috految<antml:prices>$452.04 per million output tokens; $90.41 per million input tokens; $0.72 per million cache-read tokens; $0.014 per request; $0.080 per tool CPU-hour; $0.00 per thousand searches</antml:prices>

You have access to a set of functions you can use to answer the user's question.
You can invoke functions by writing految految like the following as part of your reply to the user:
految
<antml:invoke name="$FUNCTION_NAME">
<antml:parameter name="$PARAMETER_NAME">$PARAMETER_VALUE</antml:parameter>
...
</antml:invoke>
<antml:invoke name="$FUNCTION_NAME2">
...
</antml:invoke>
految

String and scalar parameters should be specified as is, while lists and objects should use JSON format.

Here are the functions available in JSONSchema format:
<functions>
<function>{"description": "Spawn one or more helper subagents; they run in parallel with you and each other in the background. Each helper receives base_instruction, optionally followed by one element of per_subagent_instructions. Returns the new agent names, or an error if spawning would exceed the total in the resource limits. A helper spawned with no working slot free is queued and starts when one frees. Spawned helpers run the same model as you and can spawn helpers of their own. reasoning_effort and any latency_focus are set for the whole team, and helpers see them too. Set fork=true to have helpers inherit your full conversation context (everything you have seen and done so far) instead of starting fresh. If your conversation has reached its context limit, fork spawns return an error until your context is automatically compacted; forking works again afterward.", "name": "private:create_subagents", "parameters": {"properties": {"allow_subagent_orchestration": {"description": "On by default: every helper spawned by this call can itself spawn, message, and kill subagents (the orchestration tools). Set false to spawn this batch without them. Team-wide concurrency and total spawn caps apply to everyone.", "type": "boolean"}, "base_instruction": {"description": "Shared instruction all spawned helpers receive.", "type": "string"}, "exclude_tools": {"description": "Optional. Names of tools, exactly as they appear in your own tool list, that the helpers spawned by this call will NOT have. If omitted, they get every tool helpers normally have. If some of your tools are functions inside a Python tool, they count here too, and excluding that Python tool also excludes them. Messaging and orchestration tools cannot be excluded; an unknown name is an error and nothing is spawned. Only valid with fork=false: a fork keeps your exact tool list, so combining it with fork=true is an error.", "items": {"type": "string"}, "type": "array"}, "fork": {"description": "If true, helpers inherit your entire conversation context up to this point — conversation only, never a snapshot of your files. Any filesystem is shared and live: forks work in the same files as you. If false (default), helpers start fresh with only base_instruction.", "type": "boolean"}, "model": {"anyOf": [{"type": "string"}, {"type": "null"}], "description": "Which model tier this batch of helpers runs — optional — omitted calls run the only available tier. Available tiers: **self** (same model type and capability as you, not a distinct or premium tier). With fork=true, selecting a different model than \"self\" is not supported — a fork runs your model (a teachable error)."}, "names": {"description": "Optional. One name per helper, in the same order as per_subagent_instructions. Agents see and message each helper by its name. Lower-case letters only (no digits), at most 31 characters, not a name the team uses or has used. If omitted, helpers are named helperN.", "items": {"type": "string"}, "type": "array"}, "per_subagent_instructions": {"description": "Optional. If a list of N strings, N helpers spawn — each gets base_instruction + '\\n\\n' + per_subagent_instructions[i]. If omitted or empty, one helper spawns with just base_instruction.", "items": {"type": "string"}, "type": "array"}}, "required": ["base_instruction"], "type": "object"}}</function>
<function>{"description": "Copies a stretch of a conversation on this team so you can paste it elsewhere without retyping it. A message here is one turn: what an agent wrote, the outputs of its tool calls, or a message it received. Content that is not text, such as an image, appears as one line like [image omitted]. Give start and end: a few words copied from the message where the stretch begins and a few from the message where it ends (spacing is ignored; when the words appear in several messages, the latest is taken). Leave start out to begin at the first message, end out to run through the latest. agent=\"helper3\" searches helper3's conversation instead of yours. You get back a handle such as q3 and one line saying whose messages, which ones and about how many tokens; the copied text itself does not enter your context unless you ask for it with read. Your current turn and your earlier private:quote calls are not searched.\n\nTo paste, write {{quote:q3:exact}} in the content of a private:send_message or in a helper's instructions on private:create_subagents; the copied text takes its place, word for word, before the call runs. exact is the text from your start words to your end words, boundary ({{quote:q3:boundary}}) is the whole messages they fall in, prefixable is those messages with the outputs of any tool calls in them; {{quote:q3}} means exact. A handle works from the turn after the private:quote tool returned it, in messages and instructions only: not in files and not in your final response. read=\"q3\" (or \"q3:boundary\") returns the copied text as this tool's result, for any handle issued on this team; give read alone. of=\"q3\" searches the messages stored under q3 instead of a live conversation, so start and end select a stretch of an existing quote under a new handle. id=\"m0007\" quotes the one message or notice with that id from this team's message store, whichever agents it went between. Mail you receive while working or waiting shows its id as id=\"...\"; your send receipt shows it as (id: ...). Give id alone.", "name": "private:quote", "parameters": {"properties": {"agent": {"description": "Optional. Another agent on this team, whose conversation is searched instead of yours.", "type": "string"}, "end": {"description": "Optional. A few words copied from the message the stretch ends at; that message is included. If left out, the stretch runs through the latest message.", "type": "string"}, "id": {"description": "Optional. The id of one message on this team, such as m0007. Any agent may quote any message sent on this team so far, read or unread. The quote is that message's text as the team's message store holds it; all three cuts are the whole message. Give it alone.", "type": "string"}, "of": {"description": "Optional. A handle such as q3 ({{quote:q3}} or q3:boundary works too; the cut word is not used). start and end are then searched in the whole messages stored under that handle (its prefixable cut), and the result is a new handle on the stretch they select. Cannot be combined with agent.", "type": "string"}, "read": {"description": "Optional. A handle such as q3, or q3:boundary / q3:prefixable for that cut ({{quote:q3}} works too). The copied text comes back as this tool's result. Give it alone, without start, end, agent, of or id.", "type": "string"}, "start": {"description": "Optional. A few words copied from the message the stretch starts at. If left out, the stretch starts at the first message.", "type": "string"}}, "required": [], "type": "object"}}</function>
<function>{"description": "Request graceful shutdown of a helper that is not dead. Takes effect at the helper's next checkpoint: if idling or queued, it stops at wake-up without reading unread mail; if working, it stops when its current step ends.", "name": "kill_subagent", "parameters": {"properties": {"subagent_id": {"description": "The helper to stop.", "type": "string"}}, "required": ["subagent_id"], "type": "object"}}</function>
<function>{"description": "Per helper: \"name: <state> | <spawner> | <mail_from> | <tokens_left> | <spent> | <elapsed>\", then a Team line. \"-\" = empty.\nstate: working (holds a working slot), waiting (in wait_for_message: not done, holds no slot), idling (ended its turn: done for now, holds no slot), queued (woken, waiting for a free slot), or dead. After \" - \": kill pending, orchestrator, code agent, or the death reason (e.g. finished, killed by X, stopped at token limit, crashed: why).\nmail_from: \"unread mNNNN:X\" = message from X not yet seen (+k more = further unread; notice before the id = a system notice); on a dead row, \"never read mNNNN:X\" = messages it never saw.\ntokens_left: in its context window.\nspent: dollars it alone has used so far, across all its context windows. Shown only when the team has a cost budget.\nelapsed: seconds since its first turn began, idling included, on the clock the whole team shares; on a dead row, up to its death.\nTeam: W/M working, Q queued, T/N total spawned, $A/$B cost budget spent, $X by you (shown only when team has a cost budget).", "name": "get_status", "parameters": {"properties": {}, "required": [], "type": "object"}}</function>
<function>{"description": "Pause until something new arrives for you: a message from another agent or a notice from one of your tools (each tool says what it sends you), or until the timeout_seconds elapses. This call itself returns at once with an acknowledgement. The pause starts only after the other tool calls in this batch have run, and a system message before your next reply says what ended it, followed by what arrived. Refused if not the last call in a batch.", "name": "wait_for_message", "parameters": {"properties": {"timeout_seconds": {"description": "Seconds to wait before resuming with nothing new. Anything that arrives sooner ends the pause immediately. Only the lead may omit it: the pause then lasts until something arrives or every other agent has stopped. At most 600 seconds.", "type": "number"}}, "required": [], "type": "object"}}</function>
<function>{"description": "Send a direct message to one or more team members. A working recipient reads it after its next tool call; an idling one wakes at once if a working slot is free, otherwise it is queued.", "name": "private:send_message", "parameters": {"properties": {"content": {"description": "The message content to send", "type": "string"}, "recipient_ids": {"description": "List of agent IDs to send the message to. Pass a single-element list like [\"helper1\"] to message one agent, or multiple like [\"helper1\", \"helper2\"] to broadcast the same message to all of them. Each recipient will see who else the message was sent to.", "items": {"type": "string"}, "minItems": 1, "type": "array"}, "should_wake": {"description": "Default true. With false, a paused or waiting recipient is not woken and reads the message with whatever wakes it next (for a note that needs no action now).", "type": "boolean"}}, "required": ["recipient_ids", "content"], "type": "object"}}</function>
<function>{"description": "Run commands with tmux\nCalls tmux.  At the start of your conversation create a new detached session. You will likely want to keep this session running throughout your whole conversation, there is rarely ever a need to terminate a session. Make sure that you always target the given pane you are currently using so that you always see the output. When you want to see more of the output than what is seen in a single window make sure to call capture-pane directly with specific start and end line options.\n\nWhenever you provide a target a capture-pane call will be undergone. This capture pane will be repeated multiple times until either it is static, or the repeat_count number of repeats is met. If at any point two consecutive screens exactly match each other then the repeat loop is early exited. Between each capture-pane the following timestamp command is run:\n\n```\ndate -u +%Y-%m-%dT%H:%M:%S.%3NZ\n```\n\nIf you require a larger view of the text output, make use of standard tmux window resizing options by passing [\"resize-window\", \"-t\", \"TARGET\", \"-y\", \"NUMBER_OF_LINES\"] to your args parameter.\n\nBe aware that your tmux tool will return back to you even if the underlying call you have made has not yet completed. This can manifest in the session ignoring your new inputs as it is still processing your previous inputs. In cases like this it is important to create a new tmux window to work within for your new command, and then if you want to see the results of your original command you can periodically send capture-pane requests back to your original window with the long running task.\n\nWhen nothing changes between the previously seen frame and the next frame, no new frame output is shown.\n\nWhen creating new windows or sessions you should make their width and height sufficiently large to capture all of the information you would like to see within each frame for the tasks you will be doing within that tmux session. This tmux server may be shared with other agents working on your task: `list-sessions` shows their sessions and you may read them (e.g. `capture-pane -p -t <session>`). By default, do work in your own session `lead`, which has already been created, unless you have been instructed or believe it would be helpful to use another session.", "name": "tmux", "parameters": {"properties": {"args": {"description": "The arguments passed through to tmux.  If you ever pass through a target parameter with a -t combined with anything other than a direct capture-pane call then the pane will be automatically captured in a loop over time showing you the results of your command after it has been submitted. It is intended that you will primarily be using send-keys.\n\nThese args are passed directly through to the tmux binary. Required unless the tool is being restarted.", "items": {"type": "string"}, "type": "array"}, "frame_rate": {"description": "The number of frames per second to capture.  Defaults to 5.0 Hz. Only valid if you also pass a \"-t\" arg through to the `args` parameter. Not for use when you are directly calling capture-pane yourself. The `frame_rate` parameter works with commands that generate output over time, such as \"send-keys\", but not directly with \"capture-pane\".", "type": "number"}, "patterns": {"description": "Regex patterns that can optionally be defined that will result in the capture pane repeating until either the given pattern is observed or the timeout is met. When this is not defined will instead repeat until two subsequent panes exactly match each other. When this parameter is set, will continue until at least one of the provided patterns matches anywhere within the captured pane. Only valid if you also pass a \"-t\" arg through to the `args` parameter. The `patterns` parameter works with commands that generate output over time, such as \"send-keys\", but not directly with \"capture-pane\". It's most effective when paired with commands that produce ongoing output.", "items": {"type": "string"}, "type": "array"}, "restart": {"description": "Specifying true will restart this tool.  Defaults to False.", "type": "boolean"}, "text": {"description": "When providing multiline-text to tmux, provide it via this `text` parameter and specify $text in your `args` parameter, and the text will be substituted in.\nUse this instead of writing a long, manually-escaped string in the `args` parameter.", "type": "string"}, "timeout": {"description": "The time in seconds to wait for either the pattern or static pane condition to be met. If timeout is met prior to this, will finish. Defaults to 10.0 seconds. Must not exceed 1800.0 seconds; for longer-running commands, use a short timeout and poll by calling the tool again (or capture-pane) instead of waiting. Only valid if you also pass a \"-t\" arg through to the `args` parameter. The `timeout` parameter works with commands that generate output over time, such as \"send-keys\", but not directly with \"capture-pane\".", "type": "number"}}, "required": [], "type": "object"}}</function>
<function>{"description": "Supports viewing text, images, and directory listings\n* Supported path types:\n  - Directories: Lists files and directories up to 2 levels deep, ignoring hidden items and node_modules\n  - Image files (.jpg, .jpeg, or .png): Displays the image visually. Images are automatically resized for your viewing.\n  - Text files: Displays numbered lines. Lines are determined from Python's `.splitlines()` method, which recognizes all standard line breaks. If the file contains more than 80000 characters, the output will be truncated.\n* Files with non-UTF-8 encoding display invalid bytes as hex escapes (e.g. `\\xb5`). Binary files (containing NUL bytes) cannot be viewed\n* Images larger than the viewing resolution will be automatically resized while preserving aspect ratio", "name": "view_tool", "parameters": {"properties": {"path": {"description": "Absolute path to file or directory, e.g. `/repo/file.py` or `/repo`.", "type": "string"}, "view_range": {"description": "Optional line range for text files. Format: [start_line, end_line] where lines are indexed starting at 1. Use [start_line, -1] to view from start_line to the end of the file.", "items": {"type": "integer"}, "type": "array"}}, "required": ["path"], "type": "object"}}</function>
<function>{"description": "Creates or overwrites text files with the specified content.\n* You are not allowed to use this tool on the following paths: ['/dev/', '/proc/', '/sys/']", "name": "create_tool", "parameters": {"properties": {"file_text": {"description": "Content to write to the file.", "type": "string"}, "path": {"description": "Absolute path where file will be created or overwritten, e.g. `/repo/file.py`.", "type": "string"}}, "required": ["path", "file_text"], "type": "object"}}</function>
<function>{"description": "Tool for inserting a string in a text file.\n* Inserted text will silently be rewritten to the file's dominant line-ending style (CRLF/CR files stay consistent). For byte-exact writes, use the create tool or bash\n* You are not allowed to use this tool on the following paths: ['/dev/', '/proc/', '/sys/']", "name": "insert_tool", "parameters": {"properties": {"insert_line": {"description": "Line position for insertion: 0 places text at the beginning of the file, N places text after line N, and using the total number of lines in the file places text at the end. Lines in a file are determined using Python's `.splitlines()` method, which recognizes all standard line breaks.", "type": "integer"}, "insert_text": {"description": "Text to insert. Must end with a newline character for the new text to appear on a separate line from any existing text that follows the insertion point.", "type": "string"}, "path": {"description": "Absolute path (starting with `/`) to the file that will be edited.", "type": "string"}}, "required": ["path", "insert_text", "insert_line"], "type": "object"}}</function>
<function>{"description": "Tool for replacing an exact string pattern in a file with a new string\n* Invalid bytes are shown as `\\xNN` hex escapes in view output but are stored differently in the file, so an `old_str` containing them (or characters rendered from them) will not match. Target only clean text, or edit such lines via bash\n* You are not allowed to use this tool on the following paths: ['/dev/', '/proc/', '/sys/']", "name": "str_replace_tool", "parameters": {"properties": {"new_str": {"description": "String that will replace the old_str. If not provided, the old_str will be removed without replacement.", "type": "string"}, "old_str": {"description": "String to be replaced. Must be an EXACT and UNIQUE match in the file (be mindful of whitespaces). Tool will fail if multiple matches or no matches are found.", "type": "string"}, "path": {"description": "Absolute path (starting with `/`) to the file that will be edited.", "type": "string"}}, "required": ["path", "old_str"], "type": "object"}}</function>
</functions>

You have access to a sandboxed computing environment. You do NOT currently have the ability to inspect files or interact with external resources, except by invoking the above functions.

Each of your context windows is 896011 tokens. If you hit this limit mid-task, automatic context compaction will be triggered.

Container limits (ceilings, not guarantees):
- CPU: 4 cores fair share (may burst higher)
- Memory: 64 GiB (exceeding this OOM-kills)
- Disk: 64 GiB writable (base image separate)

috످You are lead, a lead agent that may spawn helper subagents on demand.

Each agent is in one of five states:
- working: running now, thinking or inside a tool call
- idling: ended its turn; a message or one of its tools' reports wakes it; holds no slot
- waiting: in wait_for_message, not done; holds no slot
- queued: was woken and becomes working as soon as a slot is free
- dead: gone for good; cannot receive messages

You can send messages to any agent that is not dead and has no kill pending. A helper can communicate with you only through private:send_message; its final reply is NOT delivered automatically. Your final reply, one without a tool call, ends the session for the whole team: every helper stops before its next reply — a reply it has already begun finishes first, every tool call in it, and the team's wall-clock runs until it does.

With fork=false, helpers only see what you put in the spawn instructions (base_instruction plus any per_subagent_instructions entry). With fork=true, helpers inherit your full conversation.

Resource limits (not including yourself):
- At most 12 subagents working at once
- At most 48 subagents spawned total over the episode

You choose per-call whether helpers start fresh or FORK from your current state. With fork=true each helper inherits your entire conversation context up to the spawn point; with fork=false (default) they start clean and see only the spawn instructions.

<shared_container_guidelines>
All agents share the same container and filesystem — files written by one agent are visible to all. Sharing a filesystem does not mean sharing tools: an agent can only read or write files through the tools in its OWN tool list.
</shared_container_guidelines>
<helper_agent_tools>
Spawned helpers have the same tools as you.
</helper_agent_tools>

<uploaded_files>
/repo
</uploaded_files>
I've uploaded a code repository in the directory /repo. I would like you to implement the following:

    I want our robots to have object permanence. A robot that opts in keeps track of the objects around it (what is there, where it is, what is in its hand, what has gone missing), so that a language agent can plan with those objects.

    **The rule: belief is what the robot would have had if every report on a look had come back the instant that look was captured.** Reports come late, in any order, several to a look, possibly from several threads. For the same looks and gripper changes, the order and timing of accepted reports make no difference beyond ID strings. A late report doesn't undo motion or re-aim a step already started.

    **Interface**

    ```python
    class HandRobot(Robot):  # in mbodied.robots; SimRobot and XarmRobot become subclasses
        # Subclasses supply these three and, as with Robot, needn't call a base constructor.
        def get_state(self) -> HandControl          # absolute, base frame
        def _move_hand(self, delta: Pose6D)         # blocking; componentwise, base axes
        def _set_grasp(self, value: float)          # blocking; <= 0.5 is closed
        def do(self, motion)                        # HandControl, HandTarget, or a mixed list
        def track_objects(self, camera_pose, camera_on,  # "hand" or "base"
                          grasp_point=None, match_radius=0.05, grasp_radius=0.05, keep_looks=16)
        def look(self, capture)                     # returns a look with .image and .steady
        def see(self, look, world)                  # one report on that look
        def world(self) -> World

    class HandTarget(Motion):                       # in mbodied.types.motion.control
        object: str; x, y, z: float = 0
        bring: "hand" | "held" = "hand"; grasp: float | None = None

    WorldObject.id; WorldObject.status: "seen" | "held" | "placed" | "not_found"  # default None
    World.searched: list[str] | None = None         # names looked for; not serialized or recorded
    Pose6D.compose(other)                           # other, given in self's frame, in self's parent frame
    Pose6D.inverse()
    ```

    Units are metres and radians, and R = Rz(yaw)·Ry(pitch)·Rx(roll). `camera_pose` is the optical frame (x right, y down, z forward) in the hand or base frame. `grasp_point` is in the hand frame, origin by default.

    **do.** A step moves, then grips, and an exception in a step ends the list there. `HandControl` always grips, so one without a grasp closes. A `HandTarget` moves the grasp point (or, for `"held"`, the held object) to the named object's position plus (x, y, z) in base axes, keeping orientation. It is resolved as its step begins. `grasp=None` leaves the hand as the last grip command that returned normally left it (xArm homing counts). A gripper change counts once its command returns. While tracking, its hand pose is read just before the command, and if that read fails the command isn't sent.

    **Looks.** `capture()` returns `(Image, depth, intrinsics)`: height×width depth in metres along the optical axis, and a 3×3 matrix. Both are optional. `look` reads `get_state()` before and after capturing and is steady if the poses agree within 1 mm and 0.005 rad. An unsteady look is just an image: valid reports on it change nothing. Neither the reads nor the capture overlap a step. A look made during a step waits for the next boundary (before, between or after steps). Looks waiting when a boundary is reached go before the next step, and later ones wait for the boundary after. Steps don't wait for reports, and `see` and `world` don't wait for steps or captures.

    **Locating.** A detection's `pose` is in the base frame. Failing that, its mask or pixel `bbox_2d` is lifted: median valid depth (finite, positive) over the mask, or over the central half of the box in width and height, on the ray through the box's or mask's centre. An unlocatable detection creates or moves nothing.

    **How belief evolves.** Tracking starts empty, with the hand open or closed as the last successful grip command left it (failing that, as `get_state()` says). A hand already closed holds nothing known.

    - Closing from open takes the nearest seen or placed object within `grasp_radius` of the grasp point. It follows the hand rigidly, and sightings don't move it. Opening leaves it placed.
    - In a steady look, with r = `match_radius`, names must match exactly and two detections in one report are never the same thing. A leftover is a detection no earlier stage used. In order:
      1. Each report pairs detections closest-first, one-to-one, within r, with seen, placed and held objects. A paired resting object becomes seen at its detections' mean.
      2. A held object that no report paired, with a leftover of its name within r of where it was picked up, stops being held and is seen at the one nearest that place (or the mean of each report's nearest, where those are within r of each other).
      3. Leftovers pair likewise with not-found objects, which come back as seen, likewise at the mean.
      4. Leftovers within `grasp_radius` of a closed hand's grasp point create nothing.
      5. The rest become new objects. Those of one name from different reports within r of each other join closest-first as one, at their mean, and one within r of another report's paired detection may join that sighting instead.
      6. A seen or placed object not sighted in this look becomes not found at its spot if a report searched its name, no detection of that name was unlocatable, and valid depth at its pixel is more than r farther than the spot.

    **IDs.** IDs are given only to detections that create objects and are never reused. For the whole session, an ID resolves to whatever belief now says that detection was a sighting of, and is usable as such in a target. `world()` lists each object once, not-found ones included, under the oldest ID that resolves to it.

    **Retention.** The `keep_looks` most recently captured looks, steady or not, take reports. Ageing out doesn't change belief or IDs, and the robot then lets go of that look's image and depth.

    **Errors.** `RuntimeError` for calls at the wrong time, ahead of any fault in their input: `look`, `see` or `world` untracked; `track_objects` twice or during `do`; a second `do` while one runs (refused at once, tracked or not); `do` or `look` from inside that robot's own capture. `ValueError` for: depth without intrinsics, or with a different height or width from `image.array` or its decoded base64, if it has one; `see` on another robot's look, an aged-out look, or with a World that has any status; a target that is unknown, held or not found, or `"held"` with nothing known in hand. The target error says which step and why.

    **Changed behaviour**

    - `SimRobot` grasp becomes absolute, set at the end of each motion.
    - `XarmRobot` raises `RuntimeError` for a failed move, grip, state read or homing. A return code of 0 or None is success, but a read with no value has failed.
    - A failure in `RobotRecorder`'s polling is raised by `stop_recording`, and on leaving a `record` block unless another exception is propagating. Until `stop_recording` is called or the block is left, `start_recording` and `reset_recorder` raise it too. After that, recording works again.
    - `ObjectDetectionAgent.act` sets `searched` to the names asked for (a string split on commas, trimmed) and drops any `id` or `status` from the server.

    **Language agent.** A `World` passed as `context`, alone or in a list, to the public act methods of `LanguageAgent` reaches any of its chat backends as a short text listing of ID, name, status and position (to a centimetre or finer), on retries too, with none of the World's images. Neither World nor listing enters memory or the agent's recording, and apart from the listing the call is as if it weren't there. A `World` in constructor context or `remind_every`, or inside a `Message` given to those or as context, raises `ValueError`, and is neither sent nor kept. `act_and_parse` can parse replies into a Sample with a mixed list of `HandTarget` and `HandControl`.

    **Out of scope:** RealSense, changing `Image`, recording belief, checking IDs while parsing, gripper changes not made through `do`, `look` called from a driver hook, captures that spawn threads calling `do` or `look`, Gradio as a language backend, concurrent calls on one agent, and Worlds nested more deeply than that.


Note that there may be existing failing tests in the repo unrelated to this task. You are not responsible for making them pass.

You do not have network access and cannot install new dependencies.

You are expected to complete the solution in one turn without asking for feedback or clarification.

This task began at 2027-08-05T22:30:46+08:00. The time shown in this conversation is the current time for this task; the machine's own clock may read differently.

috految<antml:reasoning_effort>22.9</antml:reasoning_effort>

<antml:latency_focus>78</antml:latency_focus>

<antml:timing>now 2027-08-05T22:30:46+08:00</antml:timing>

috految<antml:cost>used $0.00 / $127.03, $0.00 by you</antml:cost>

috److految
<antml:invoke name="tmux">
<antml:parameter name="args">["new-session","-d","-s","m","-x","200","-y","2500","cd /repo; git log --oneline | head -3; ls . tests docs examples; git ls-files mbodied | xargs wc -l; which python ruff; python -V; sed -n '/requires-python/p;/^dependencies/,/^]/p;/line-length/p' pyproject.toml; cd mbodied; tail -n+1 __init__.py robots/*.py types/__init__.py types/{sense,motion}/__init__.py types/sense/world.py types/motion/{control,motion}.py types/geometry.py types/sample.py agents/sense/object_detection_agent.py | grep -v '^#'; cd ..; echo END; bash",";","send-keys","-t","m","","Enter"]</antml:parameter>
<antml:parameter name="patterns">["END"]</antml:parameter>
</antml:invoke>
految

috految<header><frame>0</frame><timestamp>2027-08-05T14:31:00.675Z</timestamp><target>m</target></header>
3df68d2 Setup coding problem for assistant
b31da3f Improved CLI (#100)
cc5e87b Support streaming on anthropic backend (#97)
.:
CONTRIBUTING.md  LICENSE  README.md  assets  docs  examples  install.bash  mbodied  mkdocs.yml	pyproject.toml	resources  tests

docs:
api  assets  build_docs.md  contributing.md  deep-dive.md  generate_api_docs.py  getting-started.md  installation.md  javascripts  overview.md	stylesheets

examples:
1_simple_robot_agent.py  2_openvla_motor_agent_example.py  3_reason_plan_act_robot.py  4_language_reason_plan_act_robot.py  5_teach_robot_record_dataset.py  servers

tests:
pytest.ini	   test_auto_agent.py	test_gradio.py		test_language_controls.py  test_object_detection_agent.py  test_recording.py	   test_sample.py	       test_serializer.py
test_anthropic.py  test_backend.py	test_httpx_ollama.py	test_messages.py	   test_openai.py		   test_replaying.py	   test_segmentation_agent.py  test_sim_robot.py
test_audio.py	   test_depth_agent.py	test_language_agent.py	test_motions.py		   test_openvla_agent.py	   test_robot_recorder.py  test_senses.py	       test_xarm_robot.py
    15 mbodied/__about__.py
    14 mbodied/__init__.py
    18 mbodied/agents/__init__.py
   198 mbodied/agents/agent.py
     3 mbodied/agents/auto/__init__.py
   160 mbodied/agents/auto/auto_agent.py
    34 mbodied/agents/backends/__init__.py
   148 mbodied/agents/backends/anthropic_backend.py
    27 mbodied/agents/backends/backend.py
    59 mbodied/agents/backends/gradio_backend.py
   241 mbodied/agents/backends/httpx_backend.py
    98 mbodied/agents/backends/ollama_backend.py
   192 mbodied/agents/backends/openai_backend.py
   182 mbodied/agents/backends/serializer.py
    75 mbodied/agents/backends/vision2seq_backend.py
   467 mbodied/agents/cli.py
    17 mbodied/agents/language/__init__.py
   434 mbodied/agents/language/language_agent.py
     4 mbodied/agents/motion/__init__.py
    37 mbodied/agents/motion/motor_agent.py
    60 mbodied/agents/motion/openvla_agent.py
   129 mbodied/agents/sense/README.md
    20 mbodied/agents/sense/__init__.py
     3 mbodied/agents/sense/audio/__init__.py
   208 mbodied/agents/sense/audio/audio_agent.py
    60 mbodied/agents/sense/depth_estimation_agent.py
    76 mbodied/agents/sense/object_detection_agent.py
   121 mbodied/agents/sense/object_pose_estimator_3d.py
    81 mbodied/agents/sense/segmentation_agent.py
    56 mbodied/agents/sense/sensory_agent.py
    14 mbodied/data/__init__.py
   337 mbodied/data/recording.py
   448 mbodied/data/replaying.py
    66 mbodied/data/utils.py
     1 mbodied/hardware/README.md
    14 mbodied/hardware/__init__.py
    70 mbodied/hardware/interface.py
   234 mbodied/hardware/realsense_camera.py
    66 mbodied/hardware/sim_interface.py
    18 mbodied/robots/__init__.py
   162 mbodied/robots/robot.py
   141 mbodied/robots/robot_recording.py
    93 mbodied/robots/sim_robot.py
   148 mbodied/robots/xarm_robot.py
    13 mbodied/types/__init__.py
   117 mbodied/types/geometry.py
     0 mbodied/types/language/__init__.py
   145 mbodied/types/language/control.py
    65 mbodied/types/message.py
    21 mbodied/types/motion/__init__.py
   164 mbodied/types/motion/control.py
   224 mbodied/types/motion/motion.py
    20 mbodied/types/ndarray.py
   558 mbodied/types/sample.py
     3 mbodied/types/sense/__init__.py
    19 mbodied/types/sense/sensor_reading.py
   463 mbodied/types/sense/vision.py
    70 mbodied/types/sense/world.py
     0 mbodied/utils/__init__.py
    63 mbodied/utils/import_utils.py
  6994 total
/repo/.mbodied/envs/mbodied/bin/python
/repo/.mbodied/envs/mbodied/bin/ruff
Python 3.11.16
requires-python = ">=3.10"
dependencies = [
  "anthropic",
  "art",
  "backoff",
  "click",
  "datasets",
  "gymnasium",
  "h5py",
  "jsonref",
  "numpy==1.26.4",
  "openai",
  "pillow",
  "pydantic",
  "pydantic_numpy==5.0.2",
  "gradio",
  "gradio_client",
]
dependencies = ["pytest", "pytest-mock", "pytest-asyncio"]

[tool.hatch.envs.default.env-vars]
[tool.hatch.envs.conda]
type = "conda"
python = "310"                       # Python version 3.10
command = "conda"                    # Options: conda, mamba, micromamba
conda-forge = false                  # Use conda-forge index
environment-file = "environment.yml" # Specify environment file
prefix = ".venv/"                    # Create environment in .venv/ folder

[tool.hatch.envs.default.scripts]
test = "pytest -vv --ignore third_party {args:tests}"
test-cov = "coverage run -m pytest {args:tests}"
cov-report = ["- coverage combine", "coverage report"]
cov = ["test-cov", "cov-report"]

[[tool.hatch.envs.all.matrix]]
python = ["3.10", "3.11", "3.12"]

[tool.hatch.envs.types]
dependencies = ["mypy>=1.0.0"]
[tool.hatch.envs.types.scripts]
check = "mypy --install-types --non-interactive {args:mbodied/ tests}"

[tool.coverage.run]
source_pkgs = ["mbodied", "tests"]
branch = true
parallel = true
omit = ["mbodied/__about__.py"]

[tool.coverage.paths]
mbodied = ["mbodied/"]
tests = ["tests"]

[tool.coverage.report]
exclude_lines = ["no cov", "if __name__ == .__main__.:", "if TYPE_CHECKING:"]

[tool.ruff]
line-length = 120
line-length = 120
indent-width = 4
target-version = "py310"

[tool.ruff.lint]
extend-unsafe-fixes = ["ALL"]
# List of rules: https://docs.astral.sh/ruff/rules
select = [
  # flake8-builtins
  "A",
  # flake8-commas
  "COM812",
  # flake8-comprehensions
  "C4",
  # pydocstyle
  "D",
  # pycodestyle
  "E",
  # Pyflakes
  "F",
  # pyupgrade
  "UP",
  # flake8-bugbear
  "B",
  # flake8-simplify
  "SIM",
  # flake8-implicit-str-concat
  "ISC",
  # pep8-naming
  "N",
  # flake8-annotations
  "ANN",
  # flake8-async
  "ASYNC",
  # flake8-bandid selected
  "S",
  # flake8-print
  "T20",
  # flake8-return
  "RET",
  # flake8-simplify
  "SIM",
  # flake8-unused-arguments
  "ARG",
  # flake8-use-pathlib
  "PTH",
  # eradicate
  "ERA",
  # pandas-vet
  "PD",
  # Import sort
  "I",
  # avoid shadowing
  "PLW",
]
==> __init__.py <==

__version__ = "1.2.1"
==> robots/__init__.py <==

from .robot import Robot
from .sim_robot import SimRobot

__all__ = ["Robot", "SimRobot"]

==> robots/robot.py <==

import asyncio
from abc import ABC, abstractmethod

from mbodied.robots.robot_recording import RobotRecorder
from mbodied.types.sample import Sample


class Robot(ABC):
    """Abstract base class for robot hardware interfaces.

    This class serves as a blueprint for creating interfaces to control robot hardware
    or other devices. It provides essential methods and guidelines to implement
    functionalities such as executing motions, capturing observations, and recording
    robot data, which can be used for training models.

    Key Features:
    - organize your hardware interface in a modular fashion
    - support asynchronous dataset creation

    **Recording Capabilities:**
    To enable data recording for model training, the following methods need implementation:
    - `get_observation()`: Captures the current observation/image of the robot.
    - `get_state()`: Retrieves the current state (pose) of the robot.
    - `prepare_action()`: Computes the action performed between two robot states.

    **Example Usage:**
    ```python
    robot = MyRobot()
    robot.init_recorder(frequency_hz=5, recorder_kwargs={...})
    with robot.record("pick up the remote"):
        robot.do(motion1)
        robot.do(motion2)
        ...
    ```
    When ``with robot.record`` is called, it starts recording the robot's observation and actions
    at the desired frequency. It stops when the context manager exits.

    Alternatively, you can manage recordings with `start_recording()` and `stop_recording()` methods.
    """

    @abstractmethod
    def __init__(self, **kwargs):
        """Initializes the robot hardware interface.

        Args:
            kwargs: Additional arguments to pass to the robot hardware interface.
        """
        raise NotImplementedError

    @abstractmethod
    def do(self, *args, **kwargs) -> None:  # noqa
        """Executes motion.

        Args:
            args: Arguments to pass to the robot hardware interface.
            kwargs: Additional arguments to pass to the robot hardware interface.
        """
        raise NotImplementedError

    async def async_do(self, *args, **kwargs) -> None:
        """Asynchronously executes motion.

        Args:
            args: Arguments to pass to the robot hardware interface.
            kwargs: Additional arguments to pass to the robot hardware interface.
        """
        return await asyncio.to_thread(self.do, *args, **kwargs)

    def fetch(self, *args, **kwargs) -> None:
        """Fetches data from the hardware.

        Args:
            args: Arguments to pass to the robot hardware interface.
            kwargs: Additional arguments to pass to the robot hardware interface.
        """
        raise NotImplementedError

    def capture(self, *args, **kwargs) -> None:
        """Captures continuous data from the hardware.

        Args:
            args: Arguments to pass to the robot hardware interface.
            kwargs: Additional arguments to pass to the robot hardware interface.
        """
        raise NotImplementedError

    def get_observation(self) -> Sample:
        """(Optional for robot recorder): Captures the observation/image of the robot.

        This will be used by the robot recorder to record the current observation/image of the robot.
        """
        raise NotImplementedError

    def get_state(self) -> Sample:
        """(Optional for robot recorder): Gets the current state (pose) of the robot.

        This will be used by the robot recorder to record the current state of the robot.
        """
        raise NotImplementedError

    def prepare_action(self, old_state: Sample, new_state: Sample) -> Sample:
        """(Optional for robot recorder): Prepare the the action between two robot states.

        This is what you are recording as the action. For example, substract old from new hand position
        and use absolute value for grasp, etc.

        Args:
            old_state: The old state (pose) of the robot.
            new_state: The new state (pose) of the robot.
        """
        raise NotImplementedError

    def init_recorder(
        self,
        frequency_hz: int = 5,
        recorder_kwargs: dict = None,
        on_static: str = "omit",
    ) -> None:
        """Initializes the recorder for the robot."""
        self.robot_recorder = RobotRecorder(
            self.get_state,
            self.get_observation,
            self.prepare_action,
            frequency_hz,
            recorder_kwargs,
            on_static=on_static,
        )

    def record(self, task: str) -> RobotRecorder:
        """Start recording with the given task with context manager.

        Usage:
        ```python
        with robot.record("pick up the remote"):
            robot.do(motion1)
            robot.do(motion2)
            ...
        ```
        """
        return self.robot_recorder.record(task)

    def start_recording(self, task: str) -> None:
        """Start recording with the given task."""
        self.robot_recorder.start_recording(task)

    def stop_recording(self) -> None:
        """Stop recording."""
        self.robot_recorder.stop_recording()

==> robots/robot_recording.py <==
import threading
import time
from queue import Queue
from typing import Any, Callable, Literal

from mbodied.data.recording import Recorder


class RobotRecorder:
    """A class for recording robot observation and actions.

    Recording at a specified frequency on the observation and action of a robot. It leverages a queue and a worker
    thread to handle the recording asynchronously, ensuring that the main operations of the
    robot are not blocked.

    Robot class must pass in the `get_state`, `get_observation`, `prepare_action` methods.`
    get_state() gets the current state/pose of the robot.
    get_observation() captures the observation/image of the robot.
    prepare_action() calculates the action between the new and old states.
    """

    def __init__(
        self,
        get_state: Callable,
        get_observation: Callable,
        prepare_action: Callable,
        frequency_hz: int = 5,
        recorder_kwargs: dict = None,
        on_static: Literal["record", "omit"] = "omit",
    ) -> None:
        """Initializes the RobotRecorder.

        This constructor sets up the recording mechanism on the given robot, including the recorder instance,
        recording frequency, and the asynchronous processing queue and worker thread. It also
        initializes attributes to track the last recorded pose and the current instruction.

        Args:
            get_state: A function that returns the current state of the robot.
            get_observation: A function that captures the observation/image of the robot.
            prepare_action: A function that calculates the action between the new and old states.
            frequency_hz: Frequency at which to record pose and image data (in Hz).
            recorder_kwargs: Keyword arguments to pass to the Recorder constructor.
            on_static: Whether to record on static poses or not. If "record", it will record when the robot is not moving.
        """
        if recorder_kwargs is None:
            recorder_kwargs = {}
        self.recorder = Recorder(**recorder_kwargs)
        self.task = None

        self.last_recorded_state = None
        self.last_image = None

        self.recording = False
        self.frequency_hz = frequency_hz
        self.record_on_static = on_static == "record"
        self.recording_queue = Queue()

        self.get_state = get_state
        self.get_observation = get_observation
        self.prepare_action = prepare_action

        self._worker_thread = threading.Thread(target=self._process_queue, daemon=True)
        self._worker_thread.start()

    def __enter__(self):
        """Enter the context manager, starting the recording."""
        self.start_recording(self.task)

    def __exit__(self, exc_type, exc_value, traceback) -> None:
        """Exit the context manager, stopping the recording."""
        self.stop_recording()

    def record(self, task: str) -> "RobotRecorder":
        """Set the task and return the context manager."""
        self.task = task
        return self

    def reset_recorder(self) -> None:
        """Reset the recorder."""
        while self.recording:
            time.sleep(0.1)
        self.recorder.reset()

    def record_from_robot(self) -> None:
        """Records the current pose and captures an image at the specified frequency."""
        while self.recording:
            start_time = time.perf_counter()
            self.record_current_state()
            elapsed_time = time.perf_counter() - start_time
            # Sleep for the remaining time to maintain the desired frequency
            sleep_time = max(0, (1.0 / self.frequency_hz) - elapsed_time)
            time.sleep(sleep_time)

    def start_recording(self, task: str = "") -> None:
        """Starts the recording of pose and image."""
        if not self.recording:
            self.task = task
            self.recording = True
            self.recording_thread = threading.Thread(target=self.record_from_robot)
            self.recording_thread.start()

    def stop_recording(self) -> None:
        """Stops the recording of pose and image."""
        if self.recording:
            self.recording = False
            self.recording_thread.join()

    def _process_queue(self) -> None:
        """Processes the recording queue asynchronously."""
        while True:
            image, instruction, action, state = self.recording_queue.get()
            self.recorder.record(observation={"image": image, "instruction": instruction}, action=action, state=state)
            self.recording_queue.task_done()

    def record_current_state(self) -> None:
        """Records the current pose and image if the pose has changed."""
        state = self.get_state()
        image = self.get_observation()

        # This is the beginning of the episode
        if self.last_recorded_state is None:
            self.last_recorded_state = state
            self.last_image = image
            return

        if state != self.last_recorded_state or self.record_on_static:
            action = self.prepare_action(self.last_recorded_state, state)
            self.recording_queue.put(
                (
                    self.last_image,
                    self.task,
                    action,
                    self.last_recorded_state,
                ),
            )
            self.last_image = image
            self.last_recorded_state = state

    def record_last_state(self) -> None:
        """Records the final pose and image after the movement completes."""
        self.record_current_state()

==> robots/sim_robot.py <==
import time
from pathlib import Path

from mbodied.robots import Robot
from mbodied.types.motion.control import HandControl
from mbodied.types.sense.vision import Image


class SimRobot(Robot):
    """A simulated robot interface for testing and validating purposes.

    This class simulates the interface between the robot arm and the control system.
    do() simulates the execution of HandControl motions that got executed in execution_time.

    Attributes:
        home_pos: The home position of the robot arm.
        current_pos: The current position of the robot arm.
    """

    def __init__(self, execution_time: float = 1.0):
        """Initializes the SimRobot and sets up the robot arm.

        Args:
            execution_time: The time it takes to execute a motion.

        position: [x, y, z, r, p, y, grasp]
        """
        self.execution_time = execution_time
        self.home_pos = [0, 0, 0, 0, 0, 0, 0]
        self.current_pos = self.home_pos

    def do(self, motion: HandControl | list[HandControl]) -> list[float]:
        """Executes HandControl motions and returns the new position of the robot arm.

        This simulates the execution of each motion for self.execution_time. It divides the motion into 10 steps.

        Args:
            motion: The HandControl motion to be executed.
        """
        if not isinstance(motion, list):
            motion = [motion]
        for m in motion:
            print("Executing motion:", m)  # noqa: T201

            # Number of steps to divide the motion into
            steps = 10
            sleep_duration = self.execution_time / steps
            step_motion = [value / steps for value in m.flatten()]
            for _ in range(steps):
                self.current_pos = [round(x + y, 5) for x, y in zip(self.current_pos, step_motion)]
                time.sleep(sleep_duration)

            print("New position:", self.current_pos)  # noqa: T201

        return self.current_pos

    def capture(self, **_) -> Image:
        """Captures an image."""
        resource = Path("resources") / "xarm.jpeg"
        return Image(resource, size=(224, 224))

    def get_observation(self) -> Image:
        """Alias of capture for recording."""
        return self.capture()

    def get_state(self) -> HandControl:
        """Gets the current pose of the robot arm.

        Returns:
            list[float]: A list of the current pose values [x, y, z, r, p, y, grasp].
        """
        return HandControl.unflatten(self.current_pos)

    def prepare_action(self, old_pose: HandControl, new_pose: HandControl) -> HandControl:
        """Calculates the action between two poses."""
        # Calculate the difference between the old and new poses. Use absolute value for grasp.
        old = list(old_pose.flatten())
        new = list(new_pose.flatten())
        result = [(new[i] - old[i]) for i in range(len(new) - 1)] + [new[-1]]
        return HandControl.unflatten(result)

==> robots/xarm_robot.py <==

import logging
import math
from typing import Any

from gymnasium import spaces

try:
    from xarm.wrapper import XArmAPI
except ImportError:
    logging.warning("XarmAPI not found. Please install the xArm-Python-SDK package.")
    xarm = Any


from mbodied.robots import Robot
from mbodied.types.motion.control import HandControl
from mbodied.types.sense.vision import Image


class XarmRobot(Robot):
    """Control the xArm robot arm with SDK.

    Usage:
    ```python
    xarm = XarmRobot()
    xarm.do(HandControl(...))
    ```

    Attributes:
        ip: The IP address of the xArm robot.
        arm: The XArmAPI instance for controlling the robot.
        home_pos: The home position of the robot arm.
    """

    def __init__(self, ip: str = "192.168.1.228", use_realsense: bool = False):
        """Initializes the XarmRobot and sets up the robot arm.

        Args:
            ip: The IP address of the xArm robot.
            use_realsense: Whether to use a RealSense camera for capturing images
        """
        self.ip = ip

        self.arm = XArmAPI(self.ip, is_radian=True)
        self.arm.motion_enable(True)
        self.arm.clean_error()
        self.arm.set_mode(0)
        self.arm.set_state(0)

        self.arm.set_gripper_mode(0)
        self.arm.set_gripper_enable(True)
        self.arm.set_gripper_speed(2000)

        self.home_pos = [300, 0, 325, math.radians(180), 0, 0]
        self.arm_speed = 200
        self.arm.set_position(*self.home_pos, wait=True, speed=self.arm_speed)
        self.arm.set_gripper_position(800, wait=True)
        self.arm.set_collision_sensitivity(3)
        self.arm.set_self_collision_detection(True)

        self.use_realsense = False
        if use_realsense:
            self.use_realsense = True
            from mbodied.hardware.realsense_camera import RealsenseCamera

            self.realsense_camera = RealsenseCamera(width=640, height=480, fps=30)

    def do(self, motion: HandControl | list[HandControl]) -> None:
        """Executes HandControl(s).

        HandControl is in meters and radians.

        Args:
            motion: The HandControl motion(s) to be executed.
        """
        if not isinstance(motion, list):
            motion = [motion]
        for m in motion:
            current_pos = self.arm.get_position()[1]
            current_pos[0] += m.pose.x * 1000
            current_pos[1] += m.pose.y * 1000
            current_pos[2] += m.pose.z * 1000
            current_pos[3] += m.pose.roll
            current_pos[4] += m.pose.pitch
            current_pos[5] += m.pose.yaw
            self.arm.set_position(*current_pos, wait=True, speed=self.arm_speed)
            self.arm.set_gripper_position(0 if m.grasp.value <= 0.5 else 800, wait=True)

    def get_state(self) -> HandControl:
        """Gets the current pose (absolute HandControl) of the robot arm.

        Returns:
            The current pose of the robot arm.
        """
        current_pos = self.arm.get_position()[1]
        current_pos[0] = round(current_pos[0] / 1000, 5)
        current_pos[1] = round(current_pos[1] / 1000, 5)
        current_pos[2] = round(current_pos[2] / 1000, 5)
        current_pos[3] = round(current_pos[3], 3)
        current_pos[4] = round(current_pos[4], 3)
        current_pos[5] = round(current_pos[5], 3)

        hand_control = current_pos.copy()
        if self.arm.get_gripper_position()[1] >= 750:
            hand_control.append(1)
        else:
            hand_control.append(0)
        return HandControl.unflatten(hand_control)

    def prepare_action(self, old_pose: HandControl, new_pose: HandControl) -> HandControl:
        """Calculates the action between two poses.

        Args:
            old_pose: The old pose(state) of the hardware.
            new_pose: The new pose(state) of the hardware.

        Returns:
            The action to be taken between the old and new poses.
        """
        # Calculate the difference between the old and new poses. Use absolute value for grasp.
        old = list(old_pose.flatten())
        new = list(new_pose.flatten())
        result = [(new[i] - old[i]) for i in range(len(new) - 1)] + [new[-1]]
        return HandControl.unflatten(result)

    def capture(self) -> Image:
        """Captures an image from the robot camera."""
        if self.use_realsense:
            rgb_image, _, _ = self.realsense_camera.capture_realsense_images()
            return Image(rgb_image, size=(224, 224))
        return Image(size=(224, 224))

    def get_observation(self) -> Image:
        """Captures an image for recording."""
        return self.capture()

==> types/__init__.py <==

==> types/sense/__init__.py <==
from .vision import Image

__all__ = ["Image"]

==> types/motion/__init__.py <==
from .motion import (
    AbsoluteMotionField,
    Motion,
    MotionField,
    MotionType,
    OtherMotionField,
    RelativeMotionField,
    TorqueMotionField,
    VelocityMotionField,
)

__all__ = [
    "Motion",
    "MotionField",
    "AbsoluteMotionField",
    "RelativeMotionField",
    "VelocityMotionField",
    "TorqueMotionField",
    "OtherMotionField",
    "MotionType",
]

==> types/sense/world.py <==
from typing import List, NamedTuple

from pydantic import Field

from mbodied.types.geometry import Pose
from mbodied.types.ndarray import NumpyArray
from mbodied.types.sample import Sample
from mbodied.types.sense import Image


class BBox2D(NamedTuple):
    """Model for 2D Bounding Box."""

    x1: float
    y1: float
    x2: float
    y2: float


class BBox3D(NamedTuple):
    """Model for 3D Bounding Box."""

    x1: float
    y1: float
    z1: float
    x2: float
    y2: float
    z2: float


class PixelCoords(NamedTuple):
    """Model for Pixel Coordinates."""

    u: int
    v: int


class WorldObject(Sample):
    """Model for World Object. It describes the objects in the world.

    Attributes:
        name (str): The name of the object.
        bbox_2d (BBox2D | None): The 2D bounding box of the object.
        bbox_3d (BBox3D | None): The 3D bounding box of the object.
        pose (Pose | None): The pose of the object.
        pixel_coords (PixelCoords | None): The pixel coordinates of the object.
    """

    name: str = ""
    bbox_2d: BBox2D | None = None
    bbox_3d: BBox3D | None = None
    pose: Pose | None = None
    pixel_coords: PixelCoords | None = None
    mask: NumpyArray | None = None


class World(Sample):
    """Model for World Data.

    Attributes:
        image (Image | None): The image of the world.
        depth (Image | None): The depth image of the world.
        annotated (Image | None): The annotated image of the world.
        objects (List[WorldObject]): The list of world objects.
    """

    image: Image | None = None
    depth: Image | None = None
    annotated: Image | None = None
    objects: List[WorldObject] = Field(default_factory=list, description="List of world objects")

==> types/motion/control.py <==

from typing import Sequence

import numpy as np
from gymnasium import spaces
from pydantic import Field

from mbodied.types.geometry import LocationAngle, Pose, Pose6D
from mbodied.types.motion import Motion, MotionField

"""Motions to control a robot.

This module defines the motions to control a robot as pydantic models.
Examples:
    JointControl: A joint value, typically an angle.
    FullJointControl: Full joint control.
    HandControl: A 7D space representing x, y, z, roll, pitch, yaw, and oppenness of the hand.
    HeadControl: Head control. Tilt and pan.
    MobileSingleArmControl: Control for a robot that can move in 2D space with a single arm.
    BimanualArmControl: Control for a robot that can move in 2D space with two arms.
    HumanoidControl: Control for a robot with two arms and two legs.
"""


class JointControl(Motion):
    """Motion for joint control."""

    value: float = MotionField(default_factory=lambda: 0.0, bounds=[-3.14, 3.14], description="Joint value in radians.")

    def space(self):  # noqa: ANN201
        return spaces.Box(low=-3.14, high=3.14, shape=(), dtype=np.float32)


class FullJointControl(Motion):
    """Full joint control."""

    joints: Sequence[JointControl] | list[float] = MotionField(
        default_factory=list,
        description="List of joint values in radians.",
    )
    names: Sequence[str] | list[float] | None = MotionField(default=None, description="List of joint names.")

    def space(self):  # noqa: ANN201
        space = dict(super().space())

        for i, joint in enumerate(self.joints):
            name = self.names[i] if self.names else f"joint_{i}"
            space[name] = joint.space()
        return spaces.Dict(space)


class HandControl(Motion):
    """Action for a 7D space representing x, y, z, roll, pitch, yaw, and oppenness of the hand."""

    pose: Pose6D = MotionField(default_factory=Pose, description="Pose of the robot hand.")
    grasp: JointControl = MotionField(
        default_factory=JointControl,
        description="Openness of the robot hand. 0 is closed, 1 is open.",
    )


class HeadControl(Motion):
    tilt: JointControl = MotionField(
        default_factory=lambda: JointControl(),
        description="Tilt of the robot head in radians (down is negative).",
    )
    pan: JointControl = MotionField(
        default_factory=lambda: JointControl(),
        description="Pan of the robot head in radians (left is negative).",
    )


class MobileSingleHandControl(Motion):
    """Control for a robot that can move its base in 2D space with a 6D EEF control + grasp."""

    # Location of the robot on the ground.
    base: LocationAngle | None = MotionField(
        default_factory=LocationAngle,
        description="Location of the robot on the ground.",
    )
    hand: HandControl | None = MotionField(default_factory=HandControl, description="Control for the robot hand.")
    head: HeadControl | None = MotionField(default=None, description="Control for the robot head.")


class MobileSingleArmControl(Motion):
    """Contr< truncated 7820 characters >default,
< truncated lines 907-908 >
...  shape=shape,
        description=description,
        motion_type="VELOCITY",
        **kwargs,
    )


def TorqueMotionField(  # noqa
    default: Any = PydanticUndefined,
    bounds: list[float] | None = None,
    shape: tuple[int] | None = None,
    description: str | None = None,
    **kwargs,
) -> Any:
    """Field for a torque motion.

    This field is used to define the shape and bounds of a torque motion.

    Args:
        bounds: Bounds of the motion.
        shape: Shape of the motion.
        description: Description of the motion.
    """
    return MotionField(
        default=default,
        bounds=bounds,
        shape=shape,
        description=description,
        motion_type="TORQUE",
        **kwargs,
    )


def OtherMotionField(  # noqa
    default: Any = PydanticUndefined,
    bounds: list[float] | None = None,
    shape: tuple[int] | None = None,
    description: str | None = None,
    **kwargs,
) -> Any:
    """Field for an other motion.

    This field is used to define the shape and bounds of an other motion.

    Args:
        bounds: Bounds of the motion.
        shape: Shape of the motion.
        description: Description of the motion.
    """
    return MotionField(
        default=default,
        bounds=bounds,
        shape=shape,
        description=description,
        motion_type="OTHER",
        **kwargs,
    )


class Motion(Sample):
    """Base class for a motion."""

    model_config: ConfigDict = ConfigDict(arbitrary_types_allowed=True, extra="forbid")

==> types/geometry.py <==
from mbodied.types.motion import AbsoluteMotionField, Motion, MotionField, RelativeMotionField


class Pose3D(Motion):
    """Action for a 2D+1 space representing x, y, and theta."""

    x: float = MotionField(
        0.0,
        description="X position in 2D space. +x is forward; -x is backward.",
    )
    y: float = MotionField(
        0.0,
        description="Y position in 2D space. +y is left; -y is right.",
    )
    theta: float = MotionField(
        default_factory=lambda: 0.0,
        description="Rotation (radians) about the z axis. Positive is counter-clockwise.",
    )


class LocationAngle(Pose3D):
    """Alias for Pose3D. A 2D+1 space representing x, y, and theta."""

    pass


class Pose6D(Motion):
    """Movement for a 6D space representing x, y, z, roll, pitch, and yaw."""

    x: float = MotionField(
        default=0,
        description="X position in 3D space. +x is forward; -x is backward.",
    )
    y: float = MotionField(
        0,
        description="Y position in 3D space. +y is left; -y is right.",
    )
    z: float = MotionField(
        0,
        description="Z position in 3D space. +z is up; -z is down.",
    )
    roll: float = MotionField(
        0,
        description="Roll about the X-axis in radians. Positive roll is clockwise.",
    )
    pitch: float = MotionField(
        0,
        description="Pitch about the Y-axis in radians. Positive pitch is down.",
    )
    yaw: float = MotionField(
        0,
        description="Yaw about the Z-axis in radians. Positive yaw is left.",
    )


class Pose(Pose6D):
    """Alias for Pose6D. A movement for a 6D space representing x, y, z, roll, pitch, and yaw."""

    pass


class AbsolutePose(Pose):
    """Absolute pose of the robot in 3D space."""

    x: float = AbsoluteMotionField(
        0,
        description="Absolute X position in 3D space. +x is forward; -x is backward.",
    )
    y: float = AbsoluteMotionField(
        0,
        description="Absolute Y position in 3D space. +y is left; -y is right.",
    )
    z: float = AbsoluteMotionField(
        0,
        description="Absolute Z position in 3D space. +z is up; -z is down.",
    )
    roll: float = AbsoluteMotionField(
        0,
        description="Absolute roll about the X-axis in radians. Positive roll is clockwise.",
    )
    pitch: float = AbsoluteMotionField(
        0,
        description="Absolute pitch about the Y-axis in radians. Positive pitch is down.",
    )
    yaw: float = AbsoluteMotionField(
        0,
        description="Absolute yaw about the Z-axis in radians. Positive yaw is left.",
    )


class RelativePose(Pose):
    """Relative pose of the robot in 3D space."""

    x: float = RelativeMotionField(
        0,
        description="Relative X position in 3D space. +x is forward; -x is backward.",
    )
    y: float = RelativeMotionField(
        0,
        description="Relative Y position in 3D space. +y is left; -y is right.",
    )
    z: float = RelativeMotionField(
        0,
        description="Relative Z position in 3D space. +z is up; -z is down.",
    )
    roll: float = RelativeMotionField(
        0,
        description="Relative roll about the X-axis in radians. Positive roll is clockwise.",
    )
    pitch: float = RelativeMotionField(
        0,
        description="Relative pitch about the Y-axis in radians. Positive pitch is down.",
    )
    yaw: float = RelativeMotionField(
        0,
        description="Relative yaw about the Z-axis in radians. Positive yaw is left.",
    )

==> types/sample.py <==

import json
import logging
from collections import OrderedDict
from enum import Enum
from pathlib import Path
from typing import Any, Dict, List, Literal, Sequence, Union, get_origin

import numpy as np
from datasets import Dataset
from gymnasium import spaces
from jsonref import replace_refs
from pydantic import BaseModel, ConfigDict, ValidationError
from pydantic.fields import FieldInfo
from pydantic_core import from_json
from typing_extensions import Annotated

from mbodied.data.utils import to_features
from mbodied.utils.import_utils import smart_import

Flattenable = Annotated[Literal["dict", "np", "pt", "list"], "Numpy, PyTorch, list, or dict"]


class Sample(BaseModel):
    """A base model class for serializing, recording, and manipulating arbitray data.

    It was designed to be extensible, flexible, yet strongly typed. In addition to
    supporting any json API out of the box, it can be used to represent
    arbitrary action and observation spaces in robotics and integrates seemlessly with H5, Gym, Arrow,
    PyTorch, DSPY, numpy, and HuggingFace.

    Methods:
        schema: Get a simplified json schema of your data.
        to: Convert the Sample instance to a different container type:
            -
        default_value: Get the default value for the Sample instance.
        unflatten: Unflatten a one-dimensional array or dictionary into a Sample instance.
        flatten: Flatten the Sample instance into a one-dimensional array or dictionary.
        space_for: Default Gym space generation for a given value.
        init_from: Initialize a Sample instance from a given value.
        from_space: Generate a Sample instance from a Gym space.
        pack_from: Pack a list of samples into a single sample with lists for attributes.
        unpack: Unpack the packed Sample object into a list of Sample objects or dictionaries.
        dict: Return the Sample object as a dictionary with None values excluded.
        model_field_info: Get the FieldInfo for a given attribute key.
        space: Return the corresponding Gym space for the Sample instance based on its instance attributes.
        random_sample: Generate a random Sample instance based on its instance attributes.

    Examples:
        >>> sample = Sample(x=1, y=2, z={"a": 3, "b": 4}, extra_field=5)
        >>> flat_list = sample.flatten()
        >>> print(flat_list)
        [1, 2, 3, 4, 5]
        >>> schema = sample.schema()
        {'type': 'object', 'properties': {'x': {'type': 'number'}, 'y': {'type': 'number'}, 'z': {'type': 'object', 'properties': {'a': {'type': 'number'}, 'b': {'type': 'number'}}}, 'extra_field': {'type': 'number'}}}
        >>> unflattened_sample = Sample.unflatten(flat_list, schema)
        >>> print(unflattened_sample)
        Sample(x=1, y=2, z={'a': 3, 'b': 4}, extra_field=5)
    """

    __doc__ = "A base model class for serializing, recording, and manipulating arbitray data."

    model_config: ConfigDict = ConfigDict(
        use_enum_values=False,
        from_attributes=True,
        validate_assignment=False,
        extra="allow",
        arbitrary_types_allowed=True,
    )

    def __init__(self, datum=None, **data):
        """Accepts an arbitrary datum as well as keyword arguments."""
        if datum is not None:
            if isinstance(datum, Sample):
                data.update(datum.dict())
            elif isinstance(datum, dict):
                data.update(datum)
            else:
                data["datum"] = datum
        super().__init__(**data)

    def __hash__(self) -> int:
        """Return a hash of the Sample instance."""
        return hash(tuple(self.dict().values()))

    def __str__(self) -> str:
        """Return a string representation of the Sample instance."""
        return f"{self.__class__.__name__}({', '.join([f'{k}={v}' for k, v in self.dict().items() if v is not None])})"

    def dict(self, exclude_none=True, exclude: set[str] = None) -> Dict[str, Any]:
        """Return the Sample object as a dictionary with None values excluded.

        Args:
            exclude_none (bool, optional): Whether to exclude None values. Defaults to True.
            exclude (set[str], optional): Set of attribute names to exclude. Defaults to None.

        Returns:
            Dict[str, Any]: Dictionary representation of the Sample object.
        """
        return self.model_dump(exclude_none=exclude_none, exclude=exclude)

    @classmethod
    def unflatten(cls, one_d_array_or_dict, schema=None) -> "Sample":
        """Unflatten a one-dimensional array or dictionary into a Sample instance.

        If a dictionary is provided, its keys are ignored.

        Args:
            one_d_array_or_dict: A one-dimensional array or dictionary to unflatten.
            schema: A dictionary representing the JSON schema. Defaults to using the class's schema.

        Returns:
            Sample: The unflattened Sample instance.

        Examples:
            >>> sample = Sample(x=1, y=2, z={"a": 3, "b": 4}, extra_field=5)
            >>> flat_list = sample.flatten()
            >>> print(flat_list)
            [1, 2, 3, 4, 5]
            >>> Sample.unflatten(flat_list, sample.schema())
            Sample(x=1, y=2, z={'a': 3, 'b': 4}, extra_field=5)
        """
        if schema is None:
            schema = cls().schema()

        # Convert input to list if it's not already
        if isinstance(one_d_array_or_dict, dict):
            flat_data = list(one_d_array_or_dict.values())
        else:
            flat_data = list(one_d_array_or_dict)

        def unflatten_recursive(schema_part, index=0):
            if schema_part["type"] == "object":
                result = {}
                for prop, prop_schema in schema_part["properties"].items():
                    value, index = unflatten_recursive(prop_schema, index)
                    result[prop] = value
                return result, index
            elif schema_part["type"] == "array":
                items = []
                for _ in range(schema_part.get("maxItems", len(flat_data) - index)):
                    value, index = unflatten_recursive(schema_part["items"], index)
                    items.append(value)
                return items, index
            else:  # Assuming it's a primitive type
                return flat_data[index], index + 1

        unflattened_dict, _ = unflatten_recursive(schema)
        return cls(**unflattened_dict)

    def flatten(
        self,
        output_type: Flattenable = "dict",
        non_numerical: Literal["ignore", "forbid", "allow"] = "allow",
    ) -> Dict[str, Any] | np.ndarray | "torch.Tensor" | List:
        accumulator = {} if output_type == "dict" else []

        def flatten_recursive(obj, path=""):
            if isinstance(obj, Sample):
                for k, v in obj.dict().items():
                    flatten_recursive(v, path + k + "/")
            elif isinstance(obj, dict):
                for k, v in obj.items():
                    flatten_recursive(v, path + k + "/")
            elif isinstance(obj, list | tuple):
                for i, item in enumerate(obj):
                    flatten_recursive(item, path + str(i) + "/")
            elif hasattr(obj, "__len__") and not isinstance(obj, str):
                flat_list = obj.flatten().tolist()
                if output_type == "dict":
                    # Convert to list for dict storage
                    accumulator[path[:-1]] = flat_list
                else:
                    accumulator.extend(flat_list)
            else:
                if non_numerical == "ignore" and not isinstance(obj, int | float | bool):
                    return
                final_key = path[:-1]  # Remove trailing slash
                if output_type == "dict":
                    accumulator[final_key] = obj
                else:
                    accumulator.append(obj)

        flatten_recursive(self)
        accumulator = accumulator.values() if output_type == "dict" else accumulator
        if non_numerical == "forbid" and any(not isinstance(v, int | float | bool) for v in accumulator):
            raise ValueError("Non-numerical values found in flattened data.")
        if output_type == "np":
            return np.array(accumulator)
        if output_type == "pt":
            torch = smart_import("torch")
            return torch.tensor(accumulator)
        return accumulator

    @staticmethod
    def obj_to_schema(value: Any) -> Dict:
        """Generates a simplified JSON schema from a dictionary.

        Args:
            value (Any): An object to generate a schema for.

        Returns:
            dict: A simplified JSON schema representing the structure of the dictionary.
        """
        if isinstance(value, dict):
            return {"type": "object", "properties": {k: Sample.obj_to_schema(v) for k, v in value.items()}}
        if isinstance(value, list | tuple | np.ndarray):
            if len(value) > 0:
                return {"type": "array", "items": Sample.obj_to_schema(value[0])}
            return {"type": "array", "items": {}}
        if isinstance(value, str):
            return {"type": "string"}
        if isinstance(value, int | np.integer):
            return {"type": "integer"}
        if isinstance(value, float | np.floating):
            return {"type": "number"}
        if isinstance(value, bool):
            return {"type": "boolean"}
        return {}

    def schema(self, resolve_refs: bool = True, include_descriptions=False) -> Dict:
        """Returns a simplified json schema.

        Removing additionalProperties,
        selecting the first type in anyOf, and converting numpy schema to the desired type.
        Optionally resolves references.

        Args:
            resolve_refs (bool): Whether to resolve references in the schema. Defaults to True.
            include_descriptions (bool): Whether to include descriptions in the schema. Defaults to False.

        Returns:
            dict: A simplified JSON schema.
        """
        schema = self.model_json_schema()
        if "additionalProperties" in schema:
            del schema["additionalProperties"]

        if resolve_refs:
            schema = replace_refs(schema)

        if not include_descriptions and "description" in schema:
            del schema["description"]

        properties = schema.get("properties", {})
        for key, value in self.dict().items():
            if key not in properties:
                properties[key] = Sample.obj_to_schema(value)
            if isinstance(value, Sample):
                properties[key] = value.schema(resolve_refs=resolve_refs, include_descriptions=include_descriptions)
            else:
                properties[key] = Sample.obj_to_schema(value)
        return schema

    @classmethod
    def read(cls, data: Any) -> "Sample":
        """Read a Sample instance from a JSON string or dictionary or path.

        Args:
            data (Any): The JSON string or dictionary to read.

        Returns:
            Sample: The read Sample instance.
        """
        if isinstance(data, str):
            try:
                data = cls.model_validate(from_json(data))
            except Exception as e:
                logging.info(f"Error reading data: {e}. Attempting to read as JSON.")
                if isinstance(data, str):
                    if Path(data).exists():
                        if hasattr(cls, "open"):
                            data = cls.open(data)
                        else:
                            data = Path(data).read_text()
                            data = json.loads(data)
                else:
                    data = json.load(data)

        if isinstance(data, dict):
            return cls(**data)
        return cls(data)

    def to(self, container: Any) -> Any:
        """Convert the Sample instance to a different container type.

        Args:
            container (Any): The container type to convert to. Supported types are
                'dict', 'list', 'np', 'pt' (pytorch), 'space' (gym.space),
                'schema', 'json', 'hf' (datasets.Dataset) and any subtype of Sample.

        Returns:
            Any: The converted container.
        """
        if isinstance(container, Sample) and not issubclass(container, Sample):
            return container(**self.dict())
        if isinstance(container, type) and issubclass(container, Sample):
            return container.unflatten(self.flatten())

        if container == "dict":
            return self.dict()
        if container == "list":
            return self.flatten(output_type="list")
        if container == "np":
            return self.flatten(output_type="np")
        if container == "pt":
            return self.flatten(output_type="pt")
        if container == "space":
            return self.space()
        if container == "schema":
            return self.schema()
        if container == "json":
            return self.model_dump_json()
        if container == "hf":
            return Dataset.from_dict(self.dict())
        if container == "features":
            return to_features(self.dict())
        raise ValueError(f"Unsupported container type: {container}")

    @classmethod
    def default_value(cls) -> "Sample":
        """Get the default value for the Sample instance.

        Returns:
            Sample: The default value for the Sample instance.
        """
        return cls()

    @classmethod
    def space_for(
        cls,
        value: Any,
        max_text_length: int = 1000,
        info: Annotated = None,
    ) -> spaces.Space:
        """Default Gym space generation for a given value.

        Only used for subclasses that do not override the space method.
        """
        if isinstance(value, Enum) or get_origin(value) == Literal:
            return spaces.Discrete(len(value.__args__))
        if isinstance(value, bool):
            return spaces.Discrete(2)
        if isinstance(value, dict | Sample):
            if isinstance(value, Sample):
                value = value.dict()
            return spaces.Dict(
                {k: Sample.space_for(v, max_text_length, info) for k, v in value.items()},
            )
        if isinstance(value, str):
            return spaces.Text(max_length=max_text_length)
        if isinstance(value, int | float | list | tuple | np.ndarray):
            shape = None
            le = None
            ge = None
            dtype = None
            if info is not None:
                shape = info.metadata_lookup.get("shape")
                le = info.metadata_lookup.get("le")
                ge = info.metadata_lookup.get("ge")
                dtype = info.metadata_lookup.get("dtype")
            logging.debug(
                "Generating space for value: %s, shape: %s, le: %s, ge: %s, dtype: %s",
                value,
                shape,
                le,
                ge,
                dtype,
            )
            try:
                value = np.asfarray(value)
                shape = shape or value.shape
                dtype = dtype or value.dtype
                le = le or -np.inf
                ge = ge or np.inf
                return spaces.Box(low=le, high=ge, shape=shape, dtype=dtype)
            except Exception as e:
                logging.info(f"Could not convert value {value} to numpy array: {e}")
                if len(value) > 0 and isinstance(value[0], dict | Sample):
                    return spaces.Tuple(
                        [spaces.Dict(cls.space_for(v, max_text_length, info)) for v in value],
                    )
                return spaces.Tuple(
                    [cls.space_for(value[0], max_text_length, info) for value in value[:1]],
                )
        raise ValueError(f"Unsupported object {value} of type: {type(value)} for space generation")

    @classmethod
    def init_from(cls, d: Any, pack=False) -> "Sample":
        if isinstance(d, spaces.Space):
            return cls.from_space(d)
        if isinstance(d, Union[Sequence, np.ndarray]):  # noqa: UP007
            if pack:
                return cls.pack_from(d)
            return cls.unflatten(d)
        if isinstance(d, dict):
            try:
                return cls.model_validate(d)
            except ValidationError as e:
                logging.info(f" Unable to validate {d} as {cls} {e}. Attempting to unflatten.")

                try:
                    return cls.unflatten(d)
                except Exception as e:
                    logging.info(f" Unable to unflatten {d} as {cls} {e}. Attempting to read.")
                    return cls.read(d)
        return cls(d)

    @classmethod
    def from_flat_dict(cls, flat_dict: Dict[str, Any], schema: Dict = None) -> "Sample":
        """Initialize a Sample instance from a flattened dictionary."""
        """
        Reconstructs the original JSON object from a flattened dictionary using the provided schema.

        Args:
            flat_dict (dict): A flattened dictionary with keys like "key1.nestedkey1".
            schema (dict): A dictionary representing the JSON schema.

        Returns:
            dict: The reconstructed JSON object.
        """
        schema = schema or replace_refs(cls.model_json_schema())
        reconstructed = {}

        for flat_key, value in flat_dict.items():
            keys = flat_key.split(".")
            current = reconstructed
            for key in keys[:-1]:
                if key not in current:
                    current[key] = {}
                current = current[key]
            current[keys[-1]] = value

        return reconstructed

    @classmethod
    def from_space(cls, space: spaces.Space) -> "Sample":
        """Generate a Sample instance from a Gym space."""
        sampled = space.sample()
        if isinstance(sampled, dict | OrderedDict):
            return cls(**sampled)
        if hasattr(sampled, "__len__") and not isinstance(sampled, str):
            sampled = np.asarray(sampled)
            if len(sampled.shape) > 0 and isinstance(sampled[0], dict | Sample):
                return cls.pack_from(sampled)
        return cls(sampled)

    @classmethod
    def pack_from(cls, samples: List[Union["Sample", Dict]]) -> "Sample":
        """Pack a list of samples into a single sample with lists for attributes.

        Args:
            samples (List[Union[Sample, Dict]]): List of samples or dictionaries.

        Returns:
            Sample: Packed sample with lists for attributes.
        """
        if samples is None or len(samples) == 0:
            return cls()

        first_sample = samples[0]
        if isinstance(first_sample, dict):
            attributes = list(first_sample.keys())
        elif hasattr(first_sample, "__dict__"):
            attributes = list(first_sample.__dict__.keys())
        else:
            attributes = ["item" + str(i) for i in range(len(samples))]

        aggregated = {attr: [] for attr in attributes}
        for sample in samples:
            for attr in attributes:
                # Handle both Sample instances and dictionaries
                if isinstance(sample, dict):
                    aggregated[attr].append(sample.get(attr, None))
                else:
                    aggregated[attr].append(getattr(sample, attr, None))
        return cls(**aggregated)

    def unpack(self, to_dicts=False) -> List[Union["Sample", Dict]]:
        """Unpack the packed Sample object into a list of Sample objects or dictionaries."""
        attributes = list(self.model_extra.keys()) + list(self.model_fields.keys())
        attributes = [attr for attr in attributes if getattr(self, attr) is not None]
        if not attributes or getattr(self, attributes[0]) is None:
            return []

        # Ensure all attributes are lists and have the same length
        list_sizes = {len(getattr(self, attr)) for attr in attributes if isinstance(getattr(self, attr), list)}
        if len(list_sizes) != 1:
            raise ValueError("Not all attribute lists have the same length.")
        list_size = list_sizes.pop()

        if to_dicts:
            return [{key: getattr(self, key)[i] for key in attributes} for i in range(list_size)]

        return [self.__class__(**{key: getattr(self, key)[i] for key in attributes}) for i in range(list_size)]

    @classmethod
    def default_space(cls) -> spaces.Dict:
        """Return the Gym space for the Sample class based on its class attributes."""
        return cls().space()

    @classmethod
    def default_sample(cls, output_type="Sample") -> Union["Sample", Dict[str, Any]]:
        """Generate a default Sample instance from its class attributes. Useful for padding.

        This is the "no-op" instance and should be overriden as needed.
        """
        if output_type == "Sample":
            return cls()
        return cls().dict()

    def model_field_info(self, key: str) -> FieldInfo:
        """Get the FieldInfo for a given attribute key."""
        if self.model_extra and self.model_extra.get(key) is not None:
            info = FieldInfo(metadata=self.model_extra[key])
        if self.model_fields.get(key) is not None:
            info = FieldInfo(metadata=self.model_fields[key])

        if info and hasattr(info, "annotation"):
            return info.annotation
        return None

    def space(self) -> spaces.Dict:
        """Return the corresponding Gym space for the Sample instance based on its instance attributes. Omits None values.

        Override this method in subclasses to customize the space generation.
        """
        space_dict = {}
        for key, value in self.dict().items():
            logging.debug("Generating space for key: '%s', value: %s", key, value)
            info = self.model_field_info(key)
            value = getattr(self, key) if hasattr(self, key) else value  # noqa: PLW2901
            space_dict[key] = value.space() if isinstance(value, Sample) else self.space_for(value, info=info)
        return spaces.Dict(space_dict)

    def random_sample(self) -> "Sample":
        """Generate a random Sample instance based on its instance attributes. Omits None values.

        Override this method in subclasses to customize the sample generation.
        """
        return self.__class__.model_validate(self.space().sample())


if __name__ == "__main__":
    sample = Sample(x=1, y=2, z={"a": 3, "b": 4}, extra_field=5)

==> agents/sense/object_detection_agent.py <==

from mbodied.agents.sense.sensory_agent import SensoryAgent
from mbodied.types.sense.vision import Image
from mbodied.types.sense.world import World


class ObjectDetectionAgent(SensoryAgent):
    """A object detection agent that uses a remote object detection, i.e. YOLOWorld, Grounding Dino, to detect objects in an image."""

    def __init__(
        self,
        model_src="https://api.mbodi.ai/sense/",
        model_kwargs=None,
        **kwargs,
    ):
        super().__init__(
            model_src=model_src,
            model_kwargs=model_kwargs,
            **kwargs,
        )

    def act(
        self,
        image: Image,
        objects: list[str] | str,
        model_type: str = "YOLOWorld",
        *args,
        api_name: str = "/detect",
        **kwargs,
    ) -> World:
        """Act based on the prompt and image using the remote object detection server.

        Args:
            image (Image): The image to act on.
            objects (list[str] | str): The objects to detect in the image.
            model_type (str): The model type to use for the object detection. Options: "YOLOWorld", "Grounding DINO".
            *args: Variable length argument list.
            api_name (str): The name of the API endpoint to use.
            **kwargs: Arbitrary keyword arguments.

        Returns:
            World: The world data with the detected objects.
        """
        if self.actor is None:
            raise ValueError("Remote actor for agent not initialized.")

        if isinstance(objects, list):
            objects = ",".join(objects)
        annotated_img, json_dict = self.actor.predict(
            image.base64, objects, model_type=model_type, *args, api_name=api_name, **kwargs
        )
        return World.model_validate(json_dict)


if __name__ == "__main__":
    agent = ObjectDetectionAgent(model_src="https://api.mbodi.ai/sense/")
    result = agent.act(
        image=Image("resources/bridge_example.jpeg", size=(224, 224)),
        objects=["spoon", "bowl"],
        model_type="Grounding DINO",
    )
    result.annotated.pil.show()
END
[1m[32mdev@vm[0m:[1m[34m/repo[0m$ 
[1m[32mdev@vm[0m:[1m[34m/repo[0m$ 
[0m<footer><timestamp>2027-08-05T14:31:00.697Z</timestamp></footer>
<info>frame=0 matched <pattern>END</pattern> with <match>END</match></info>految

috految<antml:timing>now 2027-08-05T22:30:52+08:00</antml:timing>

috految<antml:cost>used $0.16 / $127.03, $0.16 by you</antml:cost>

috److految
<antml:invoke name="private:create_subagents">
<antml:parameter name="base_instruction">Do only your part, carefully but quickly and economically (no subagents; own tmux session; only a brief check, no slow/network tests). Send me a very short message when done. I (lead) write mbodied/robots/{belief,look,object_tracker}.py, with this API: look.Look (public, .image/.steady); look.Frame.from_capture(captured) (validates + copies the tuple capture() returned); object_tracker.ObjectTracker(camera_pose, camera_on, grasp_point, match_radius, grasp_radius, keep_looks, closed) (validates/copies args; thread-safe, never calls the robot) with .add_look(frame, before: Pose6D, after: Pose6D) -> Look (call in capture order), .add_grip(closed: bool, hand: Pose6D) (no-op if no change), .closed, .see(look, world), .snapshot() -> immutable Belief (O(1), lock-free), with Belief.held (None or object), Belief.to_world(hand: Pose6D | None) -> World (hand needed only if held), Belief.resolve(target: HandTarget, hand: Pose6D) -> Pose6D delta (ValueError says why; caller adds step). I also write geometry.py (compose/inverse).</antml:parameter>
<antml:parameter name="per_subagent_instructions">["hand_robot.py (scheduling, do, look, see, world, errors), robots/__init__, SimRobot, XarmRobot, RobotRecorder, and affected callers/examples/existing tests.", "Everything in the language agent/backends section, HandTarget, World/WorldObject (incl. Sample/recording/serialization/CLI interplay), ObjectDetectionAgent, and a short README section for the whole feature."]</antml:parameter>
<antml:parameter name="fork">true</antml:parameter>
</antml:invoke>
<antml:invoke name="tmux">
<antml:parameter name="args">["send-keys","-t","m","clear; (python -c 'import pytest, mbodied.agents, mbodied.robots' &>/dev/null &) ; sed -n '35,$p' mbodied/types/sense/vision.py | perl -0pe 's/:\\n\\s+\"\"\".*?\"\"\"/:/gs'; cat mbodied/types/ndarray.py; sed -n '45,$p' mbodied/agents/sense/segmentation_agent.py; sed -n 42,56p mbodied/agents/sense/depth*; git --no-pager grep --no-color -nE 'mask|bbox_2d|intrinsics =|\\(Pose' -- '*.py' '*.md' | cut -c1-180; sed -n 65,95p mbodied/types/motion/motion.py; grep -n -i robot mkdocs.yml; ls docs/api; grep -B2 -A2 -E 'pose|bbox' tests/test_object_det*","Enter"]</antml:parameter>
</antml:invoke>
految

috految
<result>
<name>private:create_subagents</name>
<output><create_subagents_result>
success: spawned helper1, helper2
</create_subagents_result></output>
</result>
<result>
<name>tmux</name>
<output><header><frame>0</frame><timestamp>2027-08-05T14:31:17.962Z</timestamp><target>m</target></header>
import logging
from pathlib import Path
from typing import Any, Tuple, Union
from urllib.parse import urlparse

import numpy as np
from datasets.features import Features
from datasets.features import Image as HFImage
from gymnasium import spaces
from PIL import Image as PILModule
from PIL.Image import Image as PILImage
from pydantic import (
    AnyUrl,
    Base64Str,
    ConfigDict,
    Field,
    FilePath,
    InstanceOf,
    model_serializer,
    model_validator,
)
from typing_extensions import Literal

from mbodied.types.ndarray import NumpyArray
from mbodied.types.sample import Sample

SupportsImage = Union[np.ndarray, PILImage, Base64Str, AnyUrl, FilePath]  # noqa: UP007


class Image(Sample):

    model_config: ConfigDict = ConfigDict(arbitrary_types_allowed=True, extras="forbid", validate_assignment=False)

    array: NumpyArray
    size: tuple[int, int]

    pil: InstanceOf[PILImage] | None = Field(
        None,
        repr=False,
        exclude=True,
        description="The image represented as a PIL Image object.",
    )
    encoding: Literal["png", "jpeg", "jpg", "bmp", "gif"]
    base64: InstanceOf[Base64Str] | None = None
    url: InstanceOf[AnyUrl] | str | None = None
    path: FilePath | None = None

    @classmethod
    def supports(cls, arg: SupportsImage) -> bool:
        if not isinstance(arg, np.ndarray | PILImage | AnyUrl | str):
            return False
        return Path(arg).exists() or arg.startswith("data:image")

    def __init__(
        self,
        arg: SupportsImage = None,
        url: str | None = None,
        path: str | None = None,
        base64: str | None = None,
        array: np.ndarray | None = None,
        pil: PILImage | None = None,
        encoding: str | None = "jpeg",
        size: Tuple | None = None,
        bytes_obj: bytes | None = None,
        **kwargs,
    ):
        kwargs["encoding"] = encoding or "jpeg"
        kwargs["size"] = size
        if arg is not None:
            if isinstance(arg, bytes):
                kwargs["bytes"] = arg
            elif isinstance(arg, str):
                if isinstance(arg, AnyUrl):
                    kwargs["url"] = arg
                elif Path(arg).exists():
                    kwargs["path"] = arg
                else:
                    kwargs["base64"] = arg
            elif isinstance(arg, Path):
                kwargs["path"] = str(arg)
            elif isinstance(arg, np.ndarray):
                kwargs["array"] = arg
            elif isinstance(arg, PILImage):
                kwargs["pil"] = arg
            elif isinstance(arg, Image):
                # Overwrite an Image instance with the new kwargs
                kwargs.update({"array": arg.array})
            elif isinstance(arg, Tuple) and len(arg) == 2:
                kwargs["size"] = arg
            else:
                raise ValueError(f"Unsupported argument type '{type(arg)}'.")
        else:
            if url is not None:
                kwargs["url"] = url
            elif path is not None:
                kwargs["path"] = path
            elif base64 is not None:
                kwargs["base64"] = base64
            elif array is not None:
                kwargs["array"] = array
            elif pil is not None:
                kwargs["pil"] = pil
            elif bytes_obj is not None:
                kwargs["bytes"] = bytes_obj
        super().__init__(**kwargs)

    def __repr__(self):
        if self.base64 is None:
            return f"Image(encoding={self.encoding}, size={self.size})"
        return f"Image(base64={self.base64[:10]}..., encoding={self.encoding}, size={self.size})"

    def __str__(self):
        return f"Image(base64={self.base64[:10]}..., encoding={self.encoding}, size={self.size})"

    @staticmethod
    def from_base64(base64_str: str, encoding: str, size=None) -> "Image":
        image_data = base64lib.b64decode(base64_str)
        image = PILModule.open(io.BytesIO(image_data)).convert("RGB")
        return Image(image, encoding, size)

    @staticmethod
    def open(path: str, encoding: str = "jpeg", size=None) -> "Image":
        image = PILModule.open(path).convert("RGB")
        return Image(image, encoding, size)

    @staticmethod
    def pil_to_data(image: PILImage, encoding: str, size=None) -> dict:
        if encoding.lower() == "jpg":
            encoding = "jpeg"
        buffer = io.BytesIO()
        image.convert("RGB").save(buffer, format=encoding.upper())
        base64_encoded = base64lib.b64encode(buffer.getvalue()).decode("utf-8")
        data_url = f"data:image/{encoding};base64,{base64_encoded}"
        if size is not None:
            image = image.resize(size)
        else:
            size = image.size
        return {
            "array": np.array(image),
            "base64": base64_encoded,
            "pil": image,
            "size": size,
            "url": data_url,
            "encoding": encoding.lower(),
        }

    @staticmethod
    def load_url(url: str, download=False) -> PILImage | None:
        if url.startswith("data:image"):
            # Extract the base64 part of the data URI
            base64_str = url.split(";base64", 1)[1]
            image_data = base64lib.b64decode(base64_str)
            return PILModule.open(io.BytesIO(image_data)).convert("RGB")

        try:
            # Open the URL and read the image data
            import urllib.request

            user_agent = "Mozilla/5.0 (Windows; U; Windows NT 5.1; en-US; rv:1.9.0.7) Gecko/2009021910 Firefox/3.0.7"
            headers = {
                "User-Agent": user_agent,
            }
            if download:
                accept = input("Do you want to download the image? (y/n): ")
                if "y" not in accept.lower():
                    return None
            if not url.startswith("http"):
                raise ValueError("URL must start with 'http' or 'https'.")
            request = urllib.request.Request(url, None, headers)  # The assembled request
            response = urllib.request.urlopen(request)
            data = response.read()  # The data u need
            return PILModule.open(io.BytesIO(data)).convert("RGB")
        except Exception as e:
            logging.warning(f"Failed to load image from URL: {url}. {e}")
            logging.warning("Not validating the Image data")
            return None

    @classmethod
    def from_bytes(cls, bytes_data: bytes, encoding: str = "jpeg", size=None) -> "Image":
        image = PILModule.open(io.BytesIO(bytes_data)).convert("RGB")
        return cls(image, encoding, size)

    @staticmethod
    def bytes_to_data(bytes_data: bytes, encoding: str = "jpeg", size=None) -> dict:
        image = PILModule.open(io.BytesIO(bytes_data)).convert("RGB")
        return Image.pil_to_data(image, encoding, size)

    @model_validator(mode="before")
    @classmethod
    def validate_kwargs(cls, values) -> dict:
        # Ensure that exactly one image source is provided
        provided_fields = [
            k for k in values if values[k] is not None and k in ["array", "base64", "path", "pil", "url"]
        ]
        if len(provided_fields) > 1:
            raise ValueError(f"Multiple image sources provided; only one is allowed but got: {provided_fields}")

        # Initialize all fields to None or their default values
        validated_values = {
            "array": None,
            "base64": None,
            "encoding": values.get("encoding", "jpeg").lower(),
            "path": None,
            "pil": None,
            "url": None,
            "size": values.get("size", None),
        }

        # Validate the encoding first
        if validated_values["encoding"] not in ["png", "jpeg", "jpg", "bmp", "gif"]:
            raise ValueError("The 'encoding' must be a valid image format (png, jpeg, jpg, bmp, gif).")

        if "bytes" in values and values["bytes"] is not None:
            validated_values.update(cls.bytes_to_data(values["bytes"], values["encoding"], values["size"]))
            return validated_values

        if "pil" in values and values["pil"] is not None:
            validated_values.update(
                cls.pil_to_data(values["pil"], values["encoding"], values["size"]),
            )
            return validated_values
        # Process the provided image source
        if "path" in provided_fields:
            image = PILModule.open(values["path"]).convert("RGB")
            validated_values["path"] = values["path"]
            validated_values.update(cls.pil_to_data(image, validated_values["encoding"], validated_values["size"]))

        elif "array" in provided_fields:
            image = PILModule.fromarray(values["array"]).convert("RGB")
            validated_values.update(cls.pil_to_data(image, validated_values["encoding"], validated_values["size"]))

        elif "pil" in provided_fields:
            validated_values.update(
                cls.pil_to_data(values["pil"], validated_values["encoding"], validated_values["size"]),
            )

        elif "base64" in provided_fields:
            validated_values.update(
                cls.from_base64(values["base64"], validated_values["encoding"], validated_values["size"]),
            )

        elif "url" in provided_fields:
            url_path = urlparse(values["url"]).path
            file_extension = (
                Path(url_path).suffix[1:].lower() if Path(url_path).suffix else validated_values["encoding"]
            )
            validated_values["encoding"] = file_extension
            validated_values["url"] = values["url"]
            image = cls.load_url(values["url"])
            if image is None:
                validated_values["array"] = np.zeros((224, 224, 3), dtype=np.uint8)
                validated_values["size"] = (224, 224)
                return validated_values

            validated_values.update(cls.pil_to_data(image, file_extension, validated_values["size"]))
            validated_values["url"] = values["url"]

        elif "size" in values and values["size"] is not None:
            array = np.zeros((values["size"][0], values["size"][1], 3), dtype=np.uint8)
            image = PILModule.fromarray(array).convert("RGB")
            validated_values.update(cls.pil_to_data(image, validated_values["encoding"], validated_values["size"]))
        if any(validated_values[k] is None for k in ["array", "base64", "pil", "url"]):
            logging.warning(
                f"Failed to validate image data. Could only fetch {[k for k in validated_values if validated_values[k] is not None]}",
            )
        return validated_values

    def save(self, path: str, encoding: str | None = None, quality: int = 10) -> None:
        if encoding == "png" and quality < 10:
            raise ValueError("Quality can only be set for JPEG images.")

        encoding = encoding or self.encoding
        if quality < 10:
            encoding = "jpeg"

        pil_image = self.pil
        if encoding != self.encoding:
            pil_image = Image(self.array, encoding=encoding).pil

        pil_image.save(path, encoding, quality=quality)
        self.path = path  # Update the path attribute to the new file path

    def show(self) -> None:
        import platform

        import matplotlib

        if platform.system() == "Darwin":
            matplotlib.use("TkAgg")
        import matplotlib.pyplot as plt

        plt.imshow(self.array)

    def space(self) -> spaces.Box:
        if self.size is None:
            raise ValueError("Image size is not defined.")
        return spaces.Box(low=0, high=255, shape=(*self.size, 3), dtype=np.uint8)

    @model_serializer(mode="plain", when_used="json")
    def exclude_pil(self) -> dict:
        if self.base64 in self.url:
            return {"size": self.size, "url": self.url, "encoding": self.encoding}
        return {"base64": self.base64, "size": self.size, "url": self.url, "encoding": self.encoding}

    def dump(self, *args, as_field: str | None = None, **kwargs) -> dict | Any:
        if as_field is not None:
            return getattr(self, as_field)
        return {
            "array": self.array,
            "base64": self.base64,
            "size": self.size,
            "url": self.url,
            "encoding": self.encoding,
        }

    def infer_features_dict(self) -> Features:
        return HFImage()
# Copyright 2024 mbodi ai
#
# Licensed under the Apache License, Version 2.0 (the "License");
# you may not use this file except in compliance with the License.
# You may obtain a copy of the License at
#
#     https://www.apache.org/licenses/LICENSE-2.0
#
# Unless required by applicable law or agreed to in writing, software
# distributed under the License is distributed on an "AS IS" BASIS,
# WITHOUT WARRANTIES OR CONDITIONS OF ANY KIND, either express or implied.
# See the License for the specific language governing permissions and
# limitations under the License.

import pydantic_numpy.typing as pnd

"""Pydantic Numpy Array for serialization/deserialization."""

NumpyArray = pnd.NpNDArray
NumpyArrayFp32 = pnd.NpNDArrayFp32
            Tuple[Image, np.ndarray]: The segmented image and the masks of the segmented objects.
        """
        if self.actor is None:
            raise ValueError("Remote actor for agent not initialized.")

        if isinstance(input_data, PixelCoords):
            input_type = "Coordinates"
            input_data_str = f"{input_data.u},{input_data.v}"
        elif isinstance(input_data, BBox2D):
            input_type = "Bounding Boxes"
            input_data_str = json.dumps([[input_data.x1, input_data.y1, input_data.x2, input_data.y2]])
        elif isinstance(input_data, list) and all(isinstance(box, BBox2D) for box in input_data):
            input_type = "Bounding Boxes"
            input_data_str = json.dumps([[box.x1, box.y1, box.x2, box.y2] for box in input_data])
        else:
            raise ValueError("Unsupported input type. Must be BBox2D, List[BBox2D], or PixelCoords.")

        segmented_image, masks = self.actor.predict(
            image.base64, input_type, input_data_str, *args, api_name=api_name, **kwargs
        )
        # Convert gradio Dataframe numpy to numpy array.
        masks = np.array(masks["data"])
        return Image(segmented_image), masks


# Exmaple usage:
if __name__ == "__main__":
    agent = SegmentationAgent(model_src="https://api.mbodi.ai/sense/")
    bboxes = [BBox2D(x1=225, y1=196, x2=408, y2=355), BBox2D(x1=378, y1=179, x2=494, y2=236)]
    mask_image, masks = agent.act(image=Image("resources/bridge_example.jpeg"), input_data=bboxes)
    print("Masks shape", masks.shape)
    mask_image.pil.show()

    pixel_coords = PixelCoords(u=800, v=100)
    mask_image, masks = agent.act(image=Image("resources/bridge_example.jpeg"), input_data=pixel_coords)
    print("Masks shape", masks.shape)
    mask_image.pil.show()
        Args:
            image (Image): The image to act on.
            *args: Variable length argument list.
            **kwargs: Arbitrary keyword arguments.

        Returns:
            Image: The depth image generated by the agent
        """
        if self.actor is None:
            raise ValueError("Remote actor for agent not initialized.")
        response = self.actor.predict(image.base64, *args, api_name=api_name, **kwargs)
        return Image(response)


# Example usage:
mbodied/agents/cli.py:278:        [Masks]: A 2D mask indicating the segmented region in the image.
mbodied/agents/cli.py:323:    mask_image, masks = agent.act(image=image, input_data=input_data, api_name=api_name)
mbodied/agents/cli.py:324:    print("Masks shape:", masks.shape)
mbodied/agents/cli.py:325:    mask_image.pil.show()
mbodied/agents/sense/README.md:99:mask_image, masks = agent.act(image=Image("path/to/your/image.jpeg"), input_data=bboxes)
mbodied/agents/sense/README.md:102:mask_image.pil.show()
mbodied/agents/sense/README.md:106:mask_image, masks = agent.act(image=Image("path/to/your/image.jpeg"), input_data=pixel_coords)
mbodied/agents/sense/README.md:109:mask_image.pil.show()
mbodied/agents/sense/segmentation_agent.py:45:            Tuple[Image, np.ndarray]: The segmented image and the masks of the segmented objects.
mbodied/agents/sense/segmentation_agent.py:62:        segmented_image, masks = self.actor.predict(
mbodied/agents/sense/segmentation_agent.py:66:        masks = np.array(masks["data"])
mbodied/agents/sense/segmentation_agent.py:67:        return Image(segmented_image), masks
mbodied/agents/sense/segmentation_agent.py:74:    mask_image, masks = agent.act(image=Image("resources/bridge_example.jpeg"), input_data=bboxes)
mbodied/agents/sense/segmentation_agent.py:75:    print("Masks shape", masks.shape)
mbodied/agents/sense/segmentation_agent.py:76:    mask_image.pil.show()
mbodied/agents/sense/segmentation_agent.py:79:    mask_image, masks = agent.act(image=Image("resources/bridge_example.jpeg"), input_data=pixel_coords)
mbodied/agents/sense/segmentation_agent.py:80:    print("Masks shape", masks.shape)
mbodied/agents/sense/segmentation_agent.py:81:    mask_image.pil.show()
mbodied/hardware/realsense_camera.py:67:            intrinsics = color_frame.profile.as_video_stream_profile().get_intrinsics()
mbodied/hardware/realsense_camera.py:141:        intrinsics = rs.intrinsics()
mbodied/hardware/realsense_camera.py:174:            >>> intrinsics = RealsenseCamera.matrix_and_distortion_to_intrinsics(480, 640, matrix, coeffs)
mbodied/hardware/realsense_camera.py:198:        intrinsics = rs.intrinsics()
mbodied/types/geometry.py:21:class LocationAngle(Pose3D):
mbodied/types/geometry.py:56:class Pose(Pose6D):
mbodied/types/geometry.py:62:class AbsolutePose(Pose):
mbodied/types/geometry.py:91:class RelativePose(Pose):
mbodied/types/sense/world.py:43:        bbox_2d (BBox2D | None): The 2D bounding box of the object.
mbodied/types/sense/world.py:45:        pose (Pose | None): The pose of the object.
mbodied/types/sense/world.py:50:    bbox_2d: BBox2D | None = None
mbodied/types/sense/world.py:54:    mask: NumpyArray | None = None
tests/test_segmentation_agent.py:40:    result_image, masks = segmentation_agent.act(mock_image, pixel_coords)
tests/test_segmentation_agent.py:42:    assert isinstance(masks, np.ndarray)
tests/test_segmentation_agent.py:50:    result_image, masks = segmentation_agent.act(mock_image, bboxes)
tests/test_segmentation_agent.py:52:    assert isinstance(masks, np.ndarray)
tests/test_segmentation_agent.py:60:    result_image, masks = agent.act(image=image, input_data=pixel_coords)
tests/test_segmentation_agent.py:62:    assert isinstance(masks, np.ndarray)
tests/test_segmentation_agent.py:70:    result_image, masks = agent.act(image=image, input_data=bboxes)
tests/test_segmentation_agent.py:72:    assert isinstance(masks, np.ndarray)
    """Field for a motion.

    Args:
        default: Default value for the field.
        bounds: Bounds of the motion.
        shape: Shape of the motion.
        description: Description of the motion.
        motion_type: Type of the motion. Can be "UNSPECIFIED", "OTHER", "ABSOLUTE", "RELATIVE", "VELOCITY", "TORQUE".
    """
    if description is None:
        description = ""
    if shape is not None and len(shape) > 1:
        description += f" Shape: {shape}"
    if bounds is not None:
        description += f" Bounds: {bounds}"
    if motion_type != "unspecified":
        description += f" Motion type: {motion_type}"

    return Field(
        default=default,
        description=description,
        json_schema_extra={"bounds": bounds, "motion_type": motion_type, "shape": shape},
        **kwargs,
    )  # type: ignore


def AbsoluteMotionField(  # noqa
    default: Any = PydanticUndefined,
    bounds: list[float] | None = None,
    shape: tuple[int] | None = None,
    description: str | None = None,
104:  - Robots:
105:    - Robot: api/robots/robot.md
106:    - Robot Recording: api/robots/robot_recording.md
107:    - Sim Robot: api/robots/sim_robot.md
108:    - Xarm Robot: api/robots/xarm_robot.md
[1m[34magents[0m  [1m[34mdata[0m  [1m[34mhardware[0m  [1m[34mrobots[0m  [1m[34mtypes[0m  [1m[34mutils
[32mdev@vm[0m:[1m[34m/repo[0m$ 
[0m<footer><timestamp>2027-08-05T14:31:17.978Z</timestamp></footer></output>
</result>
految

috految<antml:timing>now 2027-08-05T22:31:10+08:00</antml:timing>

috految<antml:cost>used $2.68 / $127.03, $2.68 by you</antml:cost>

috److془Design carefully.

Order independence: canonical ordering of reports by content.

Subtle: identical-content reports with ID ties: stable order by arrival; fine. Identical reports with two identical detections: join (a0,b0),(a1,b1). Fine. Identical reports A, A' and mutual-distance 0 → always joined first. 

IDs: "IDs are given only to detections that create objects and are never reused. For the whole session, an ID resolves to whatever belief now says that detection was a sighting of, and is usable as such in a target. world() lists each object once, not-found ones included, under the oldest ID that resolves to it."

Oldest = first issued. Late report on earlier look: d0 creates the object, d1 (ID 1) is sighting. Listed as ID 1. Should d0 get ID 2 eagerly? Scenario: d0 gets hidden ID2; later d3 creates a separate object ID3 shown; later d1 splits off, d0 and d3 merge: listed as ID2 (never seen) vs. lazily ID3. Lazy is more observably consistent. "IDs are given only to detections that create objects" - lazy satisfies. Lazy: when object has no ID, give to its creator. Could a test demand eager? Scenario: d0, d1 ID; late d-1; split of d1 → eager ID2 is d0, lazy is d-1; then split further. Unlikely. Lazy with aged out: creator retained in object. Good. Which creator among cluster? Any; earliest arrived is natural, but only matters in rare cases. Take first.

Hmm: with lazy, mint after each see. And with grips: no new objects. Good. Hmm: "Ageing out doesn't change belief or IDs". Fine. Lazy with split where d1 (ID1) becomes other; d0 gets new ID. Fine. Ordering when mutual: sort by index. Lazy has a scenario: split and then merge - ID order by visible. 

Stage 4: ID's detection swallowed by stage 4 → can't occur as closed status at look and hand pose are fixed; a detection within grasp radius of closed hand never creates. Good so ID always resolves. Stage 2: used detections are sightings. 

Stage 5: "The rest become new objects. Those of one name from different reports within r of each other join closest-first as one, at their mean, and one within r of another report's paired detection may join that sighting instead." "may" - optional or allowed under constraints. Implement join. Position then: mean of all detections. Held not moved. Constraint: disjoint reports. Chains: A at 0, B at .04, C at .08: single linkage or complete? "Those of one name from different reports within r of each other join closest-first as one, at their mean". Pairs B-C within r of each other → join as one. Single linkage: literal. Complete: "within r of each other" pairwise. Hmm. Stage 2: "the mean of each report's nearest, where those are within r of each other". Tests probably accept both. Single linkage: with 0,.04,.08 mean .04, all within r. Complete: .02 and .08; B and C are within r and from different reports but don't join→ violation of literal. Single linkage it is. Hmm with "closest-first" for disjoint restrictions. Good.

Joining to a paired sighting: each leftover must be within r of paired detection itself. Cluster {x,y}; x near paired p, y not. Options: cluster as new object (valid), x joins p and y new (valid). Closest-first unified, with target constraint all members within r of a paired detection. Case: x joined to p; edge x-y: y joins if within r of a paired detection, otherwise new. Good. Two paired sightings never merge. Case: object O at 0; report A: p = .04, q=.085 ; report B: x=.08. x-q closest. Good. Case: report A identical B: fine. Case: same-report distinction with joining: report containing a member of the sighting can't. Good. Are stage 2 used detections "paired"? Report A at .04 from the pickup, B at .06 (outside r). "or the mean of each report's nearest, where those are within r of each other" → joining gives mean; reasonable. Stage 2 with A=-.04, B=.045 : seen at A, B a leftover new object. With A=-.03,B=0,C=.03: not all within r. Literal: seen at nearest (B), then A and C join the sighting or create. With A=0.01, B=.02, C = -.045: literal "at the one nearest" or the subset mean. Joining gives A,B mean. Alternatively keep position at nearest — literal; and if the reading is "may join → mean" then... With 0.005,.04,-.04, joining gives mean of all three, violating the explicit. Keep position fixed at stage 2 result. For A=.04,B=.06: position .04 one object; or mean .05. Tests accept {one at mean, two objects at .04,.06} maybe also one at .04. Use: mean if all sightings mutually within r, else nearest. Beautiful. For A,B,C=-.045: mean of A,B. Fine. Hmm but A=.01,B=.02, C=-.045: B goes through stage 3/4 could revive not-found or so; literal okay. Case A's nearest .0, B's nearest .04 and two-case non-nearest joins: agreement → all reports used. Disagreement: B's non-nearest leftover near A's joins, mean. Fine. Hmm: what about A at -.03 with A2 at .035, B at .03 with B2 -.035. Held at mean A,B2; new .0325. Good. Though "seen at the one nearest" -.03.. fine "may join". Agreeing: A=0,B=.04, C=.08 joins later: fallback to stage 2 result. 

Hmm: case A at .04, B at .06 and B within grasp-radius of grasp point; whatever.

Does joining a held sighting risk? "may". Fine. 

Subtle: "two detections in one report are never the same thing". Stage 2 requires no report paired it; stage 3 not found distinct. Good. Stage 1's positions are from pre-look. Stage 3 "Leftovers pair likewise with not-found objects" within r. Stage 1 ties: objects order canonical (creation order, canonical). Tie of held vs resting at same position: after bring held to object z=0 of same name; whatever. Stacking tie: place cube precisely onto the other... closing takes nearest; tie unspecified. Could prefer placed in ties (put in bowl at offset 0, then regrasp). Nice-ish; with rounding to 1e-9. Ties: timing independent. Good. Issue: tie in stage 3/1 with identical coincident detections: IDs deterministic by creation order. Sort detection within report too? Sure, for invariance. But ID issuance/world order: tests may assume report order? Unspecified; keep report order anyway (no sort in the report), tie-breaking by position so mostly invariant. World listing order: creation order canonical - order independent. Good. Sort key for reports: detections (name, position, angles) in sequence. Good. Tied identical reports are symmetric. Joining tie: stable by canonical order. 

Hmm: two identical reports whose symmetric break: stage 2 disagreement, then joins. Fine.

Stage 2's "where it was picked up": object's position at pickup. After it stops being held, hand closed holding nothing. Opening leaves nothing. Stage 4: all leftovers including different names. "closed hand's grasp point" at look hand pose. Used stage 4 not joining. 

Stage 6: "A seen or placed object not sighted in this look becomes not found at its spot if a report searched its name, no detection of that name was unlocatable (any report), and valid depth at its pixel is more than r farther than the spot." z>0 , pixel in bounds. depth - z > r. Open hand: placed afterwards. Pixel convention: round (OpenCV). Box centre ((x1+x2)/2), mask centre: centroid of nonzero vs bbox centre. Centroid. "median valid depth over the mask, or over the central half of the box in width and height, on the ray through the box's or mask's centre". With both: mask. Mask unusable (wrong shape/empty) → box. Mask has no valid depth, with box: fall back to box? Glass cup: the box's centre has background depth → mislocation. "Failing that, its mask or pixel bbox_2d is lifted: median valid depth over the mask, or over the central half of the box". Unlocatable for that. Valid pixels in the box are by definition not object. Good. Mask shape (1,H,W), (H,W,1) squeeze; (H,W,3) from an Image array: any across channels. Float soft masks: >0.5? 0/1,0/255, bool, floats like 0.9 fine. Mask of ints with >0.5 fine. Mask with dtype object/strings: asarray float. Could NumpyArray validation give a dict / mask from the JSON? pydantic_numpy 5.0.2: python_schema chain [union(instance ndarray, path | chain[Sequence → np.array] | dict-deserialization), validator]. Test it. Note: pydantic_numpy with data_type None - `_common_numpy_array_validator`, then `create_array_validator`: `if isinstance(array_data, dict): np.array(...)`. Test. Note the NpNDArray could be Union[np.ndarray, FilePath, MultiArrayNumpyFile]. Test. Masks with wrong resolution and box: box pixel is per spec. Fine.

Box central half: x in [cx-w/4, cx+w/4]; clip to image after. Pixels: box 10..50 → 20..40; slicing [20:40]. Use ceil(lo):ceil(hi), if empty nearest pixel. Box (10,10,11,11): lo 10.25, hi 10.75: ceil(center-.5)=10. Box(10,14): 11,12 ✓.; (10,12): 11 ✓. (10,13): 11,12 ; fine. Box (9,11): 10. Box (10,16): 12,13,14 fine. Projection: ceil(u-.5-eps), consistent. Reversed box: abs? Inverted (could be xywh) → unlocatable. Zero-area: (0,0,0,0) placeholder → unlocatable; but a 1-pixel thin box inclusive x1==x2: accept. Point box at (5,5,5,5): hmm; unlocatable when both zero. Thin-case: box clamped to the edge has zero width; meh. Reject if both zero. Hmm the normalized box (0.2,0.3,0.6,0.7): spec says pixel. Fine. Box (-16,..,0): lo -12, hi -4 clip → empty ✓. Nonfinite pose → fall to mask. Partial pose: Pose(x=1) default zeros fine. Pose with NaN angles: position only. WorldObject(pose=Pose6D(..)): from_attributes takes care? with custom_init: `if let Some(kwargs) = input.as_kwargs` else validate → works. Test. Assigned attributes unvalidated: bbox list okay. Pose6D assigned to .pose fine. compose return type: Pose6D. Hmm Pose.compose(Pose) == Pose(..) would error class equality; whatever. Serializing WorldObject after assigned Pose6D fine. Pose6D.unflatten etc. fine. 

Orientation: "what is there, where it is"; "It follows the hand rigidly". Keep orientation from detections' pose, rotate when held. Lifted: keep previous orientation. Mean orientation: take first canonical with orientation... mean via SVD is easy but symmetrical objects. Take first. Hmm "becomes seen at its detections' mean" position. Fine. searched may be assigned a str; ignore. Does WorldObject.pose from ObjectPoseEstimator3D matter? no. world's pose = Pose(x..), must be python floats. 

Hand pose for camera: before (steady in 1mm). Steady: Euclid distance ≤1mm, geodesic angle ≤0.005. NaN → unsteady. Epsilon. Grip with NaN pose: whatever; target non finite → ValueError will do. 

Target "named object's position": `object: str` ID. "A HandTarget moves the grasp point to the named object's position", "an ID ... is usable as such in a target", "checking IDs while parsing". ID only. IDs "never reused": across robots? Plan from another robot hitting wrong object... per-session counter is fine. Format: name-based might have odd characters; "obj_1" . Collision with name "obj_1" meh. Tests might compare id in text for substring; fine. Two robots' worlds in one context list: ids collide; process-wide counter solves harmlessly. But test comparing ids between robots with keep_looks differences? Would be implementation-specific. Either way. Per-robot counter is more common. Use per robot; mistakes less harmful with name: "cup_3" is good for LLM, but hallucinated "cup_1" ... use obj_N.

"Detections with id but no status in see": ignore ids. Status check: any(o.status is not None). Validate on unsteady looks too. Same World reported twice: two reports. Fine. 

Held target error: "A target that is unknown, held or not found". Delta for held: target+offset - hand∘grip offset. Delta angles floats 0.

Steps don't wait for reports: replay outside of the main lock. Design: _report_lock serializes sees; _lock short. see: locate, with report_lock: with lock: check retained; snapshot events from index; replay; with lock: apply remaining events (grips and reportless looks—cheap); commit. Aging during: use accepted at entry with linked list! entry.next; then deque of retained looks. Entry has `before` belief, reports, grips after. Aged entries freed automatically. Linked chain hazard: an exception traceback holding an entry retains all later depths. Instead: timeline list, with _pending count on entries; trim while len>keep and head.pending==0. Good. Exception traceback holding the entry only, fine. Look: holds image, steady; robot holds no image. The Look holds key (object). Use uuid so pickles/copies work. If the user holds look, image stays; depth freed. Would tests check that image is alive before aging? Not spec'd. Image mutation: camera reusing buffer: Image makes copies of array. (pil not copied, fine). Depth copy float64; masked arrays: filled nan. Depth (H,W,1)? ValueError. Depth as an Image: np.shape → () mismatch ValueError. "capture() returns (Image, depth, intrinsics). Both are optional": may be None; accept shorter tuples and bare Image (robot.capture). Intrinsics without depth: ignored. Validation: 3x3, finite, invertible. Base64: `InstanceOf[Base64Str]` str. Could be None. from_base64 path: validated_values.update(Image) → base64 re-encoded JPEG. Fine. Is base64 decoded by Base64Str? InstanceOf so no. Image(size=(h,w)) mismatch → ValueError per spec. Array could be None? Required NumpyArray; fine. Image(pil) 'RGBA' shape[:2] fine. Image array after JSON validation: custom init, python. Image(data URL invalid) base64 None. Does PIL open of data: fine.

Sightings memory: a object holds `sightings` only for detections with IDs at replay time plus founder when created. Minted for founder later: founder in all beliefs from that look on. Replay later includes as ids has it. 

Subtle: stale `before` beliefs in looks ≤ replay start contain founder consistently. ✓. Object keeps list `detections` = (founder, ...ID'd). Belief ids: dict detection → id in issue order; replace(before, ids=current). Mint cost O(N) fine. Grips with no looks retained: not appended. keep_looks 0: permit? ValueError for <1. Hmm fine. 

Subtle: "belief is what the robot would have had if report had come back instant look captured". ✓. Look list order: helper. Grip: closing takes seen|placed. Grip between capture and add_look impossible if in gate. Grip order, "placed" at open hand pose. grasp_point type: Pose6D or xyz seq accept both. camera_pose Pose6D. Held object in stage 1 positioned at look hand. Use grips with np matrices; Euler robust: yaw=atan2(R10,R00) (0 if degenerate), M=Rz(-yaw)R; pitch=atan2(-R20, hypot), roll=atan2(-M12, M11). Robust. Use Pose6D compose in belief. Pose6D with np.float32 fields fine. Does compose calls pydantic cost 15us fine. Pose6D.inverse attr conflict with none. Pose6D field default raw int 0 fine. Mean with fmean. Huge 1e308 overflow: ignore. Unsteady look: no depth retention. Stage 6 eps ok. Depth float32 e.g. fine. Does Pose6D docstring affect schema tests - don't change. Object at z≈0 in the camera (grasp point at camera origin): z>1e-9. Name enum str: fine. Name unhashable/None assigned unvalidated: ignore. Mutation of world after see: snapshot ✓. Provide Pose copy in world ✓. Pose6D hash etc. irrelevant; eq=False.

Are world's objects possibly dicts? no. Stage 5 with searched etc. done. Sighted new objects not subject to stage 6 ✓. Stage 6 pixel: "empty string name" fine. Pure python replay GIL fine. Pickling of tracker not matter.془

految
<antml:invoke name="create_tool">
<antml:parameter name="path">/tmp/lead.sh</antml:parameter>
<antml:parameter name="file_text">cd /repo
python - <<'EOF'
p='mbodied/types/geometry.py'
s=open(p).read()
s=s.replace('from mbodied.types.motion import','import math\n\nimport numpy as np\n\nfrom mbodied.types.motion import',1)
s=s.replace('''

class Pose(Pose6D):''','''
    def rotation_matrix(self) -> np.ndarray:
        """Returns the orientation as the 3x3 matrix Rz(yaw) @ Ry(pitch) @ Rx(roll)."""
        cr, sr = math.cos(self.roll), math.sin(self.roll)
        cp, sp = math.cos(self.pitch), math.sin(self.pitch)
        cy, sy = math.cos(self.yaw), math.sin(self.yaw)
        return np.array(
            [
                [cy * cp, cy * sp * sr - sy * cr, cy * sp * cr + sy * sr],
                [sy * cp, sy * sp * sr + cy * cr, sy * sp * cr - cy * sr],
                [-sp, cp * sr, cp * cr],
            ],
        )

    def compose(self, other: "Pose6D") -> "Pose6D":
        """Returns `other`, which is given in this pose's frame, in this pose's parent frame."""
        rotation = self.rotation_matrix()
        position = rotation @ (other.x, other.y, other.z) + (self.x, self.y, self.z)
        return _to_pose(position, rotation @ other.rotation_matrix())

    def inverse(self) -> "Pose6D":
        """Returns the parent frame, given in this pose's frame."""
        rotation = self.rotation_matrix().T
        return _to_pose(-rotation @ (self.x, self.y, self.z), rotation)


def _to_pose(position: np.ndarray, rotation: np.ndarray) -> Pose6D:
    cos_pitch = math.hypot(rotation[0, 0], rotation[1, 0])
    pitch = math.atan2(-rotation[2, 0], cos_pitch)
    yaw = math.atan2(rotation[1, 0], rotation[0, 0]) if cos_pitch > 1e-12 else 0.0
    # Roll is whatever remains once yaw is undone, which stays exact at gimbal lock, where yaw is arbitrary.
    row = math.cos(yaw) * rotation[1] - math.sin(yaw) * rotation[0]
    roll = math.atan2(-row[2], row[1])
    x, y, z = position.tolist()
    return Pose6D(x=x, y=y, z=z, roll=roll, pitch=pitch, yaw=yaw)


class Pose(Pose6D):''',1)
open(p,'w').write(s)
EOF
w() { { head -13 mbodied/types/ndarray.py; echo; cat; } > mbodied/robots/$1.py; }
w look <<'EOF'
"""What a camera captured, and the geometry between its pixels and the robot's base frame."""

import base64
import io
import math
from dataclasses import dataclass, field
from uuid import UUID, uuid4

import numpy as np
from PIL import Image as PILModule

from mbodied.types.geometry import Pose6D
from mbodied.types.sense.vision import Image
from mbodied.types.sense.world import BBox2D, WorldObject

Point = tuple[float, float, float]

# Slack for floating point error when comparing against a threshold.
EPSILON = 1e-9


@dataclass(frozen=True, eq=False)
class Look:
    """One capture, to be passed to `HandRobot.see` along with each report on it.

    Attributes:
        image: The captured image.
        steady: Whether the hand stayed still during the capture. If not, reports on this look change nothing.
        key: Identifies the look to the robot that made it.
    """

    image: Image
    steady: bool
    key: UUID = field(default_factory=uuid4, repr=False)


@dataclass(frozen=True, eq=False)
class Frame:
    """The validated result of a capture."""

    image: Image
    depth: np.ndarray | None = None
    intrinsics: np.ndarray | None = None

    @classmethod
    def from_capture(cls, captured: Image | tuple) -> "Frame":
        """Validates `(image, depth, intrinsics)`, copying the arrays since cameras reuse their buffers.

        Raises:
            ValueError: If there is depth without usable intrinsics, or of a different size from the image.
        """
        frame = cls(captured) if isinstance(captured, Image) else cls(*captured)
        if frame.depth is None:
            return cls(frame.image)
        if frame.intrinsics is None:
            raise ValueError("A capture with depth needs intrinsics.")

        intrinsics = np.array(frame.intrinsics, dtype=float)
        if intrinsics.shape != (3, 3) or not np.isfinite(intrinsics).all() or np.linalg.det(intrinsics) == 0:
            raise ValueError(f"Intrinsics must be an invertible 3x3 matrix, got {frame.intrinsics}.")

        depth = np.array(frame.depth)
        sizes = {"array": np.shape(frame.image.array)[:2]}
        # Resizing an Image leaves its base64, which is what detectors are sent, at the original size.
        if frame.image.base64:
            with PILModule.open(io.BytesIO(base64.b64decode(frame.image.base64))) as decoded:
                sizes["base64"] = (decoded.height, decoded.width)
        for source, size in sizes.items():
            if depth.shape != size:
                raise ValueError(f"Depth has shape {depth.shape}, but the image's {source} is (height, width) {size}.")
        return cls(frame.image, depth.astype(float, copy=False), intrinsics)


class DepthView:
    """A depth image taken from a known place. Integer pixel coordinates are pixel centres."""

    def __init__(self, depth: np.ndarray, intrinsics: np.ndarray, camera: Pose6D):
        """Initializes the view, with `camera` the optical frame in the base frame."""
        self._depth = depth
        self._intrinsics = intrinsics
        self._rotation = camera.rotation_matrix()
        self._origin = np.array([camera.x, camera.y, camera.z])

    def lift(self, detection: WorldObject) -> Point | None:
        """Returns the base frame position of a detection's mask or box, or None if it can't be located."""
        if detection.mask is not None:
            mask = np.asarray(detection.mask, dtype=float) > 0.5
            if mask.ndim > 2:
                mask = mask.squeeze()
            if mask.shape == (*self._depth.shape, 3):  # An Image's array is RGB, even for a mask.
                mask = mask.any(axis=-1)
            if mask.shape == self._depth.shape and mask.any():
                # The box is no fallback for a mask without depth: its other pixels show something else.
                rows, columns = np.nonzero(mask)
                return self._lift(self._depth[mask], columns.mean(), rows.mean())
        if detection.bbox_2d is not None:
            return self._lift_box(detection.bbox_2d)
        return None

    def sees_past(self, point: Point, margin: float) -> bool:
        """Returns whether valid depth at the point's pixel is more than `margin` farther than the point."""
        in_camera = self._rotation.T @ (point - self._origin)
        if not in_camera[2] > EPSILON:
            return False
        u, v, scale = self._intrinsics @ in_camera
        column, row = _nearest_pixel(u / scale), _nearest_pixel(v / scale)
        height, width = self._depth.shape
        if not (0 <= row < height and 0 <= column < width):
            return False
        depth = self._depth[row, column]
        return math.isfinite(depth) and depth - in_camera[2] > margin + EPSILON

    def _lift_box(self, box: BBox2D) -> Point | None:
        x1, y1, x2, y2 = map(float, box)
        if not np.isfinite([x1, y1, x2, y2]).all() or x2 < x1 or y2 < y1 or (x1, y1) == (x2, y2):
            return None
        return self._lift(self._depth[_central_half(y1, y2), _central_half(x1, x2)], (x1 + x2) / 2, (y1 + y2) / 2)

    def _lift(self, depths: np.ndarray, u: float, v: float) -> Point | None:
        valid = depths[np.isfinite(depths) & (depths > 0)]
        if valid.size == 0:
            return None
        ray = np.linalg.solve(self._intrinsics, [u, v, 1.0])
        return tuple((self._rotation @ (ray / ray[2] * np.median(valid)) + self._origin).tolist())


def _nearest_pixel(coordinate: float) -> int:
    return math.ceil(coordinate - 0.5 - EPSILON)


def _central_half(low: float, high: float) -> slice:
    """Returns the pixels in the central half of an interval, or the nearest one if that falls between pixels."""
    quarter = (high - low) / 4
    start, stop = math.ceil(low + quarter), math.ceil(high - quarter)
    if start >= stop:
        start = _nearest_pixel((low + high) / 2)
        stop = start + 1
    return slice(max(start, 0), max(stop, 0))
EOF
w belief <<'EOF'
"""What a robot believes about the objects around it, and the rules by which that changes.

A `Belief` is immutable and a pure function of the looks and gripper changes leading up to it, so history can be
replayed when a report comes late. No rule may depend on IDs or on when a report arrived, even to break a tie.
"""

import math
from dataclasses import dataclass, field, replace
from itertools import combinations
from statistics import fmean
from typing import Literal, Mapping, Sequence

from mbodied.robots.look import EPSILON, DepthView, Point
from mbodied.types.geometry import Pose, Pose6D
from mbodied.types.motion.control import HandTarget
from mbodied.types.sense.world import World, WorldObject


@dataclass(frozen=True, eq=False)
class Detection:
    """A located detection, compared by identity. It has an orientation (roll, pitch, yaw) only if one was given."""

    name: str
    position: Point
    orientation: tuple[float, float, float] | None = None


@dataclass(frozen=True, eq=False)
class Report:
    """One report on a look, in the base frame, along with the names it searched for and failed to locate."""

    detections: tuple[Detection, ...]
    searched: frozenset[str]
    unlocatable: frozenset[str]

    @classmethod
    def from_world(cls, world: World, view: DepthView | None) -> "Report":
        """Locates a World's detections, keeping no reference to the World."""
        detections, unlocatable = [], set()
        for obj in world.objects:
            pose = obj.pose
            if pose is not None and all(map(math.isfinite, _position(pose))):
                angles = (float(pose.roll), float(pose.pitch), float(pose.yaw))
                orientation = angles if all(map(math.isfinite, angles)) else None
                detections.append(Detection(obj.name, _position(pose), orientation))
            elif view is not None and (position := view.lift(obj)) is not None:
                detections.append(Detection(obj.name, position))
            else:
                unlocatable.add(obj.name)
        return cls(tuple(detections), frozenset(world.searched or ()), frozenset(unlocatable))


@dataclass(frozen=True, eq=False)
class TrackedObject:
    """An object, compared by identity.

    Attributes:
        name: The name it is detected under.
        status: What is known of its whereabouts.
        pose: Where it rests in the base frame or, while held, where it was picked up.
        detections: The detection that created it, then its other sightings that have an ID.
        in_hand: Its pose in the hand frame while held.
    """

    name: str
    status: Literal["seen", "held", "placed", "not_found"]
    pose: Pose6D
    detections: tuple[Detection, ...]
    in_hand: Pose6D | None = None

    @property
    def resting(self) -> bool:
        """Whether the object is believed to be lying at its pose."""
        return self.status in ("seen", "placed")

    def pose_given(self, hand: Pose6D | None) -> Pose6D:
        """Returns its pose in the base frame when the hand is at `hand`."""
        return hand.compose(self.in_hand) if self.status == "held" else self.pose


@dataclass(frozen=True, eq=False)
class Belief:
    """Belief at one instant.

    Attributes:
        grasp_point: The grasp point in the hand frame.
        match_radius: How far apart two positions of the same thing can be.
        grasp_radius: How far from the grasp point a closing hand takes an object.
        closed: Whether the hand is closed.
        objects: Every object, in the order the looks created them.
        ids: The IDs given so far, oldest first.
    """

    grasp_point: Pose6D
    match_radius: float
    grasp_radius: float
    closed: bool
    objects: tuple[TrackedObject, ...] = ()
    ids: Mapping[Detection, str] = field(default_factory=dict)

    @property
    def held(self) -> TrackedObject | None:
        """The object known to be in the hand, if any."""
        return next((obj for obj in self.objects if obj.status == "held"), None)

    def with_ids(self) -> "Belief":
        """Gives an ID to the detection that created each object no existing ID resolves to."""
        ids = dict(self.ids)
        for obj in self.objects:
            if not any(detection in ids for detection in obj.detections):
                ids[obj.detections[0]] = f"obj_{len(ids) + 1}"
        return replace(self, ids=ids)

    def to_world(self, hand: Pose6D | None) -> World:
        """Lists each object under its oldest ID. `hand` is only needed when something is held."""
        age = {detection: number for number, detection in enumerate(self.ids)}
        return World(
            objects=[
                WorldObject(
                    id=self.ids[min((d for d in obj.detections if d in age), key=age.get)],
                    name=obj.name,
                    status=obj.status,
                    pose=Pose(**obj.pose_given(hand).dict()),
                )
                for obj in self.objects
            ],
        )

    def resolve(self, target: HandTarget, hand: Pose6D) -> Pose6D:
        """Returns the move, in base axes, that carries out `target` from the hand pose `hand`.

        Raises:
            ValueError: If the object is unknown, held or not found, or there is nothing known in hand to bring.
        """
        by_id = {self.ids[d]: obj for obj in self.objects for d in obj.detections if d in self.ids}
        obj = by_id.get(target.object)
        if obj is None:
            raise ValueError(f"object ID {target.object!r} is unknown.")
        if obj.status == "held":
            raise ValueError(f"object {target.object!r} ({obj.name}) is held.")
        if obj.status == "not_found":
            raise ValueError(f"object {target.object!r} ({obj.name}) is not found.")

        if target.bring == "hand":
            start = hand.compose(self.grasp_point)
        elif self.held is not None:
            start = self.held.pose_given(hand)
        else:
            raise ValueError(f"nothing known is held in the hand to bring to {target.object!r}.")
        return Pose6D(
            x=obj.pose.x + target.x - start.x,
            y=obj.pose.y + target.y - start.y,
            z=obj.pose.z + target.z - start.z,
            roll=0.0,
            pitch=0.0,
            yaw=0.0,
        )

    def after_grip(self, closed: bool, hand: Pose6D) -> "Belief":
        """Returns belief after the hand closes from open, or opens from closed, at `hand`."""
        changed = {}
        if closed:
            point = _position(hand.compose(self.grasp_point))
            gaps = {obj: math.dist(_position(obj.pose), point) for obj in self.objects if obj.resting}
            in_reach = [obj for obj, gap in gaps.items() if gap <= self.grasp_radius + EPSILON]
            if in_reach:
                # Of two things on one spot, the one that was put there is on top.
                obj = min(in_reach, key=lambda o: (round(gaps[o], 9), o.status != "placed", o.name, _position(o.pose)))
                changed[obj] = replace(obj, status="held", in_hand=hand.inverse().compose(obj.pose))
        elif (obj := self.held) is not None:
            changed[obj] = replace(obj, status="placed", pose=obj.pose_given(hand), in_hand=None)
        return replace(self, closed=closed, objects=tuple(changed.get(obj, obj) for obj in self.objects))

    def after_look(self, reports: Sequence[Report], hand: Pose6D, view: DepthView | None) -> "Belief":
        """Returns belief after a steady look made with the hand at `hand`, given all the reports on it."""
        if not reports:
            return self
        # Arrival order must not decide ties, so reports are taken in order of content.
        reports = sorted(reports, key=lambda r: [(d.name, d.position, d.orientation or ()) for d in r.detections])
        leftovers = [list(report.detections) for report in reports]

        sightings = self._pair([obj for obj in self.objects if obj.status != "not_found"], leftovers, hand)

        held = self.held
        left_behind = []
        if held is not None and held not in sightings:
            left_behind = self._find_left_behind(held, leftovers)
            if left_behind:
                sightings[held] = left_behind
                leftovers = [[d for d in detections if d not in left_behind] for detections in leftovers]

        sightings |= self._pair([obj for obj in self.objects if obj.status == "not_found"], leftovers, hand)

        unexplained = [d for detections in leftovers for d in detections]
        if self.closed:
            point = _position(hand.compose(self.grasp_point))
            unexplained = [d for d in unexplained if math.dist(d.position, point) > self.grasp_radius + EPSILON]

        sightings, new = self._join(unexplained, sightings, reports)

        searched = frozenset().union(*(report.searched for report in reports))
        searched = searched.difference(*(report.unlocatable for report in reports))
        objects = []
        for obj in self.objects:
            if obj in sightings:
                sighting = sightings[obj]
                known = obj.detections + tuple(d for d in sighting if d in self.ids)
                if obj is held and not left_behind:
                    objects.append(replace(obj, detections=known))
                    continue
                if obj is held and not self._agree(sighting):
                    sighting = left_behind
                objects.append(TrackedObject(obj.name, "seen", _mean_pose(sighting, obj.pose), known))
            elif (
                obj.resting
                and obj.name in searched
                and view is not None
                and view.sees_past(_position(obj.pose), self.match_radius)
            ):
                objects.append(replace(obj, status="not_found"))
            else:
                objects.append(obj)
        for group in new:
            known = (group[0], *(d for d in group[1:] if d in self.ids))
            objects.append(TrackedObject(group[0].name, "seen", _mean_pose(group, Pose6D()), known))
        return replace(self, objects=tuple(objects))

    def _near(self, a: Point, b: Point) -> bool:
        return math.dist(a, b) <= self.match_radius + EPSILON

    def _agree(self, detections: list[Detection]) -> bool:
        return all(self._near(a.position, b.position) for a, b in combinations(detections, 2))

    def _pair(
        self,
        objects: list[TrackedObject],
        leftovers: list[list[Detection]],
        hand: Pose6D,
    ) -> dict[TrackedObject, list[Detection]]:
        """Pairs each report's leftovers one-to-one, closest first, with `objects`, removing those it pairs."""
        positions = {obj: _position(obj.pose_given(hand)) for obj in objects}
        sightings = {}
        for detections in leftovers:
            candidates = [
                (math.dist(d.position, position), d.position, position, d, obj)
                for d in detections
                for obj, position in positions.items()
                if d.name == obj.name and self._near(d.position, position)
            ]
            paired = set()
            for *_, detection, obj in sorted(candidates, key=lambda candidate: candidate[:3]):
                if obj not in paired and detection in detections:
                    paired.add(obj)
                    detections.remove(detection)
                    sightings.setdefault(obj, []).append(detection)
        return sightings

    def _find_left_behind(self, held: TrackedObject, leftovers: list[list[Detection]]) -> list[Detection]:
        """Returns the leftovers, if any, showing that the held object is still where it was picked up."""
        spot = _position(held.pose)

        def gap(detection: Detection) -> tuple[float, Point]:
            return math.dist(detection.position, spot), detection.position

        nearest = []
        for detections in leftovers:
            if there := [d for d in detections if d.name == held.name and self._near(d.position, spot)]:
                nearest.append(min(there, key=gap))
        return nearest if self._agree(nearest) else [min(nearest, key=gap)]

    def _join(
        self,
        unexplained: list[Detection],
        sightings: dict[TrackedObject, list[Detection]],
        reports: Sequence[Report],
    ) -> tuple[dict[TrackedObject, list[Detection]], list[list[Detection]]]:
        """Joins unexplained detections, closest first, to each other or to sightings made by other reports.

        Returns:
            The extended sightings, and the groups of detections that are new objects.
        """
        source = {d: report for report in reports for d in report.detections}
        seen_as = {d: obj for obj, sighting in sightings.items() for d in sighting}
        groups = {d: [d] for d in unexplained} | {d: sightings[obj] for d, obj in seen_as.items()}
        links = [
            (a, b)
            for index, a in enumerate(unexplained)
            for b in (*unexplained[index + 1 :], *seen_as)
            if a.name == b.name and source[a] is not source[b] and self._near(a.position, b.position)
        ]
        links.sort(key=lambda link: (math.dist(link[0].position, link[1].position), sorted(d.position for d in link)))
        for a, b in links:
            if groups[a] is groups[b]:
                continue
            joined = groups[a] + groups[b]
            if len({source[d] for d in joined}) < len(joined):
                continue  # Two detections in one report are never the same thing.
            paired = [d for d in joined if d in seen_as]
            if len({seen_as[d] for d in paired}) > 1:
                continue
            if paired and not all(any(self._near(d.position, p.position) for p in paired) for d in joined):
                continue
            groups.update(dict.fromkeys(joined, joined))

        new = [groups[d] for d in unexplained if groups[d][0] is d and seen_as.keys().isdisjoint(groups[d])]
        return {obj: groups[sighting[0]] for obj, sighting in sightings.items()}, new


def _position(pose: Pose6D) -> Point:
    return float(pose.x), float(pose.y), float(pose.z)


def _mean_pose(detections: list[Detection], previous: Pose6D) -> Pose6D:
    """Returns the detections' mean position, oriented as one of them says or else as before."""
    x, y, z = (fmean(axis) for axis in zip(*(d.position for d in detections), strict=True))
    orientations = (d.orientation for d in detections if d.orientation is not None)
    roll, pitch, yaw = next(orientations, (previous.roll, previous.pitch, previous.yaw))
    return Pose6D(x=x, y=y, z=z, roll=roll, pitch=pitch, yaw=yaw)
EOF
w object_tracker <<'EOF'
"""Keeps belief as if every report on a look had come back the instant that look was captured."""

import math
import threading
from dataclasses import dataclass, field, replace
from typing import Literal, Sequence
from uuid import UUID

import numpy as np

from mbodied.robots.belief import Belief, Report
from mbodied.robots.look import EPSILON, DepthView, Frame, Look
from mbodied.types.geometry import Pose6D
from mbodied.types.sense.world import World

STEADY_METERS = 0.001
STEADY_RADIANS = 0.005


@dataclass(eq=False)
class _Entry:
    """A look in the history, with the belief before it and the gripper changes up to the next look."""

    key: UUID
    hand: Pose6D
    view: DepthView | None
    before: Belief
    reports: tuple[Report, ...] = ()
    grips: list[tuple[bool, Pose6D]] = field(default_factory=list)
    reports_in_progress: int = 0


class ObjectTracker:
    """The history of looks and gripper changes, replayed from a look whenever a report on it arrives.

    It is thread-safe and never calls the robot. Reports queue behind each other, but nothing else waits for them.
    """

    def __init__(
        self,
        camera_pose: Pose6D,
        camera_on: Literal["hand", "base"],
        grasp_point: Pose6D | Sequence[float] | None,
        match_radius: float,
        grasp_radius: float,
        keep_looks: int,
        closed: bool,
    ):
        """Starts with no objects and the hand `closed` or open. See `HandRobot.track_objects` for the rest."""
        if camera_on not in ("hand", "base"):
            raise ValueError(f'camera_on must be "hand" or "base", got {camera_on!r}.')
        if not (match_radius >= 0 and grasp_radius >= 0):
            raise ValueError("match_radius and grasp_radius must not be negative.")
        if keep_looks < 1:
            raise ValueError(f"keep_looks must be at least 1, got {keep_looks}.")
        if grasp_point is None:
            grasp_point = Pose6D()
        elif not isinstance(grasp_point, Pose6D):
            x, y, z = grasp_point
            grasp_point = Pose6D(x=x, y=y, z=z)

        self._camera_pose = camera_pose.model_copy()
        self._camera_on = camera_on
        self._keep_looks = keep_looks
        self._belief = Belief(grasp_point.model_copy(), match_radius, grasp_radius, closed)
        self._history: list[_Entry] = []
        self._lock = threading.Lock()  # Held only briefly, to change the history or belief.
        self._replay_lock = threading.Lock()

    @property
    def closed(self) -> bool:
        """Whether the hand is closed."""
        return self._belief.closed

    def snapshot(self) -> Belief:
        """Returns the current belief."""
        return self._belief

    def add_grip(self, closed: bool, hand: Pose6D) -> None:
        """Records that a grip command, sent with the hand at `hand`, has returned."""
        with self._lock:
            if closed == self.closed:
                return
            if self._history:
                self._history[-1].grips.append((closed, hand.model_copy()))
            self._belief = self._belief.after_grip(closed, hand)

    def add_look(self, frame: Frame, before: Pose6D, after: Pose6D) -> Look:
        """Records the latest capture, given the hand poses read before and after it."""
        look = Look(frame.image, _is_steady(before, after))
        view = None
        if look.steady and frame.depth is not None:
            camera = before.compose(self._camera_pose) if self._camera_on == "hand" else self._camera_pose
            view = DepthView(frame.depth, frame.intrinsics, camera)
        with self._lock:
            self._history.append(_Entry(look.key, before.model_copy(), view, self._belief))
            self._age_out()
        return look

    def see(self, look: Look, world: World) -> None:
        """Takes one report on a look.

        Raises:
            ValueError: If the look is another robot's or has aged out, or the World has any status.
        """
        if any(obj.status is not None for obj in world.objects):
            raise ValueError("A report's objects must not have a status: that is belief, not a detection.")
        with self._lock:
            entry = next((e for e in self._history[-self._keep_looks :] if e.key == look.key), None)
            if entry is None:
                raise ValueError(f"The look is another robot's, or has aged out of the last {self._keep_looks}.")
            if not look.steady:
                return
            entry.reports_in_progress += 1
        try:
            self._replay(entry, Report.from_world(world, entry.view))
        finally:
            with self._lock:
                entry.reports_in_progress -= 1
                self._age_out()

    def _replay(self, start: _Entry, report: Report) -> None:
        with self._replay_lock:
            with self._lock:
                entries = self._history[self._history.index(start) :]
                belief = replace(start.before, ids=self._belief.ids)
            reports = (*start.reports, report)
            beliefs_before = {}
            for entry in entries:
                beliefs_before[entry] = belief
                belief = belief.after_look(reports if entry is start else entry.reports, entry.hand, entry.view)
                if entry is not entries[-1]:
                    for closed, hand in entry.grips:
                        belief = belief.after_grip(closed, hand)
            belief = belief.with_ids()

            with self._lock:
                # Catch up with the robot. Looks made in the meantime can't have taken a report yet.
                for entry in self._history[self._history.index(entries[-1]) :]:
                    beliefs_before.setdefault(entry, belief)
                    for closed, hand in entry.grips:
                        belief = belief.after_grip(closed, hand)
                for entry, before in beliefs_before.items():
                    entry.before = before
                start.reports = reports
                self._belief = belief

    def _age_out(self) -> None:
        while len(self._history) > self._keep_looks and not self._history[0].reports_in_progress:
            del self._history[0]


def _is_steady(before: Pose6D, after: Pose6D) -> bool:
    distance = math.dist((before.x, before.y, before.z), (after.x, after.y, after.z))
    # Compared as rotations, since different angles (a roll of pi and -pi, say) can be the same orientation.
    cosine = (np.trace(before.rotation_matrix().T @ after.rotation_matrix()) - 1) / 2
    return bool(distance <= STEADY_METERS + EPSILON and cosine >= math.cos(STEADY_RADIANS + EPSILON))
EOF
grep -q hand_robot mkdocs.yml || { sed -i '/- Robot: api/a\    - Hand Robot: api/robots/hand_robot.md' mkdocs.yml; sed 's/sim_robot/hand_robot/g;s/Sim/Hand/g' docs/api/robots/sim_robot.md | tee docs/api/robots/hand_robot.md; }
cat > /tmp/lead_t.py <<'EOF'
import numpy as np
from mbodied.robots import SimRobot
from mbodied.types.sense.world import *
from mbodied.types.motion.control import *
for pitch in (.3,np.pi/2):
    p=Pose6D(x=1,roll=1,pitch=pitch,yaw=2); print(p.compose(Pose6D()).compose(p.inverse()))
r=SimRobot(0); r.track_objects(Pose6D(z=1,roll=np.pi),"base",keep_looks=2)
cap=lambda d:lambda:(Image(np.zeros((4,6,3),'uint8')),np.full((4,6),d),[[9,0,3],[0,9,2],[0,0,1]])
r.do(HandControl(grasp={'value':1})); a,b=r.look(cap(.5)),r.look(cap(.5))
w=World(objects=[WorldObject(name='c',bbox_2d=(2,1,4,3)),WorldObject(name='b',pose=Pose6D(x=.1))])
r.see(b,w);r.see(b,w);r.do([HandTarget(object='obj_1',grasp=0),HandTarget(object='obj_2',bring='held',z=.1)]);r.see(a,w);print(r.world())
r.see(r.look(cap(.5)),w);r.see(r.look(cap(2)),World(searched=['b']));print(r.world())
for m in (np.ones((4,6),bool),[[1]*6]*4,{'data_type':'bool','data':[[True]*6]*4}):
    o=WorldObject(name='m',mask=m);print(type(o.mask));r.see(r.look(cap(1)),World(objects=[o]))
print(r.world().objects[2:]);print(type(WorldObject.model_validate_json(o.model_dump_json()).mask))
EOF
for t in sim_robot xarm_robot robot_recorder; do (timeout 40 python -m pytest -q tests/test_$t.py &>/tmp/lead_$t.log &); done
git status --short; ruff check --no-fix --select F mbodied/robots | tail -20
PYTHONPATH=. python /tmp/lead_t.py; echo DONE
</antml:parameter>
</antml:invoke>
<antml:invoke name="tmux">
<antml:parameter name="args">["send-keys","-t","m","clear; bash /tmp/lead.sh","Enter"]</antml:parameter>
</antml:invoke>
految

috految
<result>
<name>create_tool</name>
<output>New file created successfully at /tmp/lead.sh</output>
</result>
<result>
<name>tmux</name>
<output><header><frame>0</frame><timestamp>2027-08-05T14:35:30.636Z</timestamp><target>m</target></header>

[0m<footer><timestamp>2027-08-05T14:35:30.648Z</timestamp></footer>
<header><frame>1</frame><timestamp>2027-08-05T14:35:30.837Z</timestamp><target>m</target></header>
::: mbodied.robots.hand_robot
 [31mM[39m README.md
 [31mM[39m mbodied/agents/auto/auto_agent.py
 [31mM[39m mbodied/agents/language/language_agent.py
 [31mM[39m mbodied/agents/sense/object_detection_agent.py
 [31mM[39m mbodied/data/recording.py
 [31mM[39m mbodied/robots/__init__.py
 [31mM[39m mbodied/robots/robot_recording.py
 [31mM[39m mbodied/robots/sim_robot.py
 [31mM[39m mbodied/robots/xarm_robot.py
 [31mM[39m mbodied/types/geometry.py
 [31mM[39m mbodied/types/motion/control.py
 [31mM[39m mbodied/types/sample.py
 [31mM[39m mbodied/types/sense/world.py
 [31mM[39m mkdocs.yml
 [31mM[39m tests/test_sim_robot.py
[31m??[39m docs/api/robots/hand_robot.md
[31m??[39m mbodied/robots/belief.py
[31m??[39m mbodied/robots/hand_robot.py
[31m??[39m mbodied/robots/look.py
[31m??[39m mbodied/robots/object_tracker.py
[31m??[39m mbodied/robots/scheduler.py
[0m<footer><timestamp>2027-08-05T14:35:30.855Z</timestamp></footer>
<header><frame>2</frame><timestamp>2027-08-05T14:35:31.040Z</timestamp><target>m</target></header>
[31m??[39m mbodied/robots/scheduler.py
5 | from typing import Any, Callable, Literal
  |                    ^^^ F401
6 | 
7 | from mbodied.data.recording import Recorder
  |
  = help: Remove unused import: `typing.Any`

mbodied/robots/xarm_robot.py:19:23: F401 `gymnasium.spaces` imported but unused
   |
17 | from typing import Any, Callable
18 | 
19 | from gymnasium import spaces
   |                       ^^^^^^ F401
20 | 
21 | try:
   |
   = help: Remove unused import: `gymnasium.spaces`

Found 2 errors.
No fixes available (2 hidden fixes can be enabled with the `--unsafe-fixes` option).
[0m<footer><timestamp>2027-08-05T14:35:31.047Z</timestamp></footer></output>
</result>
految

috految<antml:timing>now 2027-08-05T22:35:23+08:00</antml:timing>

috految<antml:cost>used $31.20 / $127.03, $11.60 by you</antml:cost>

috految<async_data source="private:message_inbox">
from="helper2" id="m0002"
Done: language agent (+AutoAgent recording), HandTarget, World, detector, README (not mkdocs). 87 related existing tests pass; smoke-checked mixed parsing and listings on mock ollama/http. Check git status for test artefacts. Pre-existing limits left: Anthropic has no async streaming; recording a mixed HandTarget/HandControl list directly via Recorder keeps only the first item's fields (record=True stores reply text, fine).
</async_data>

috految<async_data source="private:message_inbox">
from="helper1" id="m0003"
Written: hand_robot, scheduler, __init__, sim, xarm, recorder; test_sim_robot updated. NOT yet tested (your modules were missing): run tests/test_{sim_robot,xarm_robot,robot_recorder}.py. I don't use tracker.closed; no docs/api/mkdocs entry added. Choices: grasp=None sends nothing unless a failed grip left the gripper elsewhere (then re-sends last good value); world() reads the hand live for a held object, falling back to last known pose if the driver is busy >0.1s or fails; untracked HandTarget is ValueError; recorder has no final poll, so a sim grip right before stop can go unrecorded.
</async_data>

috److految
<antml:invoke name="tmux">
<antml:parameter name="args">["send-keys","-t","m","tail -n 5 /tmp/lead_*.log; git status --short | grep -v '^ M'; grep -A5 -E 'add_grip|add_look|to_world|_set_grasp\\(' mbodied/robots/hand_robot.py | cat; echo FIN$?","Enter"]</antml:parameter>
<antml:parameter name="patterns">["FIN\\d"]</antml:parameter>
</antml:invoke>
految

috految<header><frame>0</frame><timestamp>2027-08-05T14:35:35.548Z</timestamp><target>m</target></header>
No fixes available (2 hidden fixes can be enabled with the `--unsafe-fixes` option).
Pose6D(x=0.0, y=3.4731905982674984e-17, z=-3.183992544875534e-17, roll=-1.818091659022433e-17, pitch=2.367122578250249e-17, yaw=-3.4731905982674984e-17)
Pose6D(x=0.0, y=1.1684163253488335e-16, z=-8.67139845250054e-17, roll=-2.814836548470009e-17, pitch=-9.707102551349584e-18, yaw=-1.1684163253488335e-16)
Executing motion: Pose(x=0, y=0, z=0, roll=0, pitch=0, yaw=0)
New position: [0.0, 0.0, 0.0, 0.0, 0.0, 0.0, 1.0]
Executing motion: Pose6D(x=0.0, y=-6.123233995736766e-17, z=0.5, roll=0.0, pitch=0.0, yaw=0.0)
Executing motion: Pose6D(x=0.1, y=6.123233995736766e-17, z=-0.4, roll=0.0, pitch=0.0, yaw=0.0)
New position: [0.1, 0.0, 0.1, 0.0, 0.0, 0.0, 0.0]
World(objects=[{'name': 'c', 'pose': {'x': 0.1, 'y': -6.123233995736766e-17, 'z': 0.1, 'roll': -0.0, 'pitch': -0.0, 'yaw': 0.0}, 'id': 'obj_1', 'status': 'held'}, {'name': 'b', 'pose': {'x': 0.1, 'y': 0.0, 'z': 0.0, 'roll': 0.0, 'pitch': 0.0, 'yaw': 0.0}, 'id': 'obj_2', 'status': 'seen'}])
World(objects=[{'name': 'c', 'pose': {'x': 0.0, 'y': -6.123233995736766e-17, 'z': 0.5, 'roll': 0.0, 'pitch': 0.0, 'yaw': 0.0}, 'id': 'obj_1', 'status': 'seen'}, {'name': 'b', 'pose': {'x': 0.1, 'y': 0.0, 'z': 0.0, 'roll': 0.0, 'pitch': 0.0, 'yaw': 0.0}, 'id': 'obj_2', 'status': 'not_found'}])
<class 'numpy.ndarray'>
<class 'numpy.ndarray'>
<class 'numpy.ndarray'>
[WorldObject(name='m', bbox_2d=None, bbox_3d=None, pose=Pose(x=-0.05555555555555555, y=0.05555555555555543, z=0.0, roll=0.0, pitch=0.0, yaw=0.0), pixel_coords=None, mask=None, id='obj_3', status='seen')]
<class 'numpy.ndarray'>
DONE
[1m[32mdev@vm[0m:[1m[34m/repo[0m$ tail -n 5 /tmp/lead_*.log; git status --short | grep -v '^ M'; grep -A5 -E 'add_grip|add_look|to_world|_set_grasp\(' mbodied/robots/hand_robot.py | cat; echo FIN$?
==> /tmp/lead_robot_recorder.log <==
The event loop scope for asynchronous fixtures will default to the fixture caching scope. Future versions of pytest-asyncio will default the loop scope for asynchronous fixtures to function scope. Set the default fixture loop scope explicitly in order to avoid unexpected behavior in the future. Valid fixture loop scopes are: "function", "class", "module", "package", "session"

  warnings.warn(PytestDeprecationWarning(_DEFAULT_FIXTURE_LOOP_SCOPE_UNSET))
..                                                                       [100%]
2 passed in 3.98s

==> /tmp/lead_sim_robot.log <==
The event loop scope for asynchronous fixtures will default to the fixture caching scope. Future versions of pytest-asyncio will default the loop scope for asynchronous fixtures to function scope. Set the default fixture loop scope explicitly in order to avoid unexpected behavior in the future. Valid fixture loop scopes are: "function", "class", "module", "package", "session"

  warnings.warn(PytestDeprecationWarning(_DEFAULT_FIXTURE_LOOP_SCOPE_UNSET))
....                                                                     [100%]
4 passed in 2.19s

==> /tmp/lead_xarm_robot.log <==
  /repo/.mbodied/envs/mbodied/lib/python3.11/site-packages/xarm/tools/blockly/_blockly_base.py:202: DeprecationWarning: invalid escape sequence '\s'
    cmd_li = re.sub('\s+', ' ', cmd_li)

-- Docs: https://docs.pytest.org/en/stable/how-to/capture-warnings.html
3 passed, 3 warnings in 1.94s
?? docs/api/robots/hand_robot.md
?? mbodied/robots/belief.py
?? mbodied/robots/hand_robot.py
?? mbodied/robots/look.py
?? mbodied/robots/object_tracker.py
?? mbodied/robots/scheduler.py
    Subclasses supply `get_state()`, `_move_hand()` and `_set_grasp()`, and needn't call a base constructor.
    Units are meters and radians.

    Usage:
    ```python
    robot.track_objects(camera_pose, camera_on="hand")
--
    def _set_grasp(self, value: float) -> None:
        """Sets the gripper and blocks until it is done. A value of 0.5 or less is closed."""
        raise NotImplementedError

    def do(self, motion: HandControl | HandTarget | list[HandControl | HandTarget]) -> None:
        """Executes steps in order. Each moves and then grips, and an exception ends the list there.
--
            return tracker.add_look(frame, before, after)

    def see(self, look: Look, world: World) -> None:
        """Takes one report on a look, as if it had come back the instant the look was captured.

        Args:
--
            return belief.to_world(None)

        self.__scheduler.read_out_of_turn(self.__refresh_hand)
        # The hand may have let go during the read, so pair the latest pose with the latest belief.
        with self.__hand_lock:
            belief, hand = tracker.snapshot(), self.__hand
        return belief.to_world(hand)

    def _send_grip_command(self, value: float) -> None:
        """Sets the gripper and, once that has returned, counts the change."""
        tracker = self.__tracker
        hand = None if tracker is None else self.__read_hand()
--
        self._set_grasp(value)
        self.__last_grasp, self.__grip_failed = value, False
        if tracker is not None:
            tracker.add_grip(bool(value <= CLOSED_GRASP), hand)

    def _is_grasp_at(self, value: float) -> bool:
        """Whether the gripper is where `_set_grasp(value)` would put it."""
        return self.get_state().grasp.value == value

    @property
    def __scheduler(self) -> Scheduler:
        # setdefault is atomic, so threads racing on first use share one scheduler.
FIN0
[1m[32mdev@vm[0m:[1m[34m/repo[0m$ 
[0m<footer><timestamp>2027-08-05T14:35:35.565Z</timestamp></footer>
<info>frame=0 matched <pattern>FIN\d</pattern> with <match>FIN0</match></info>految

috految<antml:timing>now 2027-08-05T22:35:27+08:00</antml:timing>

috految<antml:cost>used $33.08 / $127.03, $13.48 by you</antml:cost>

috److I've added object tracking: `HandRobot`, `HandTarget`, and `World` context for the language agent. The `SimRobot`, `XarmRobot`, recorder and detection changes are in too, along with a README section.

The related existing tests pass, with `test_sim_robot.py` updated for the new behaviour. I also smoke-tested:
- late reports
- picking up and carrying
- a missed grasp
- not-found objects
- parsing a mixed plan

I didn't run the full suite or add new test files. Threading, the new failure paths and real hardware are untested.

Where the spec left room, I chose:
- **Targets:** `HandTarget.object` takes an ID such as `obj_1`, not a name. Using one on a robot that isn't tracking raises `ValueError`.
- **`grasp=None`:** it sends no grip command. The exception is when a failed grip left the gripper elsewhere; it then re-sends the last successful value.
- **Held objects in `world()`:** it reads the hand's current pose, and falls back to the last known pose if that read fails or the driver is busy for more than 0.1 s.
- **Masks:** a mask with no valid depth makes the detection unlocatable. The box is used only when there is no mask, or it is empty or the wrong size.

Known limits:
- The recorder doesn't poll one last time on stop, so a sim grip made just before `stop_recording` can go unrecorded.
- Passing a mixed `HandTarget`/`HandControl` list straight to `Recorder` keeps only the first item's fields. Recording through the language agent stores the reply text, so it isn't affected.
- The Anthropic backend still has no async streaming.

috످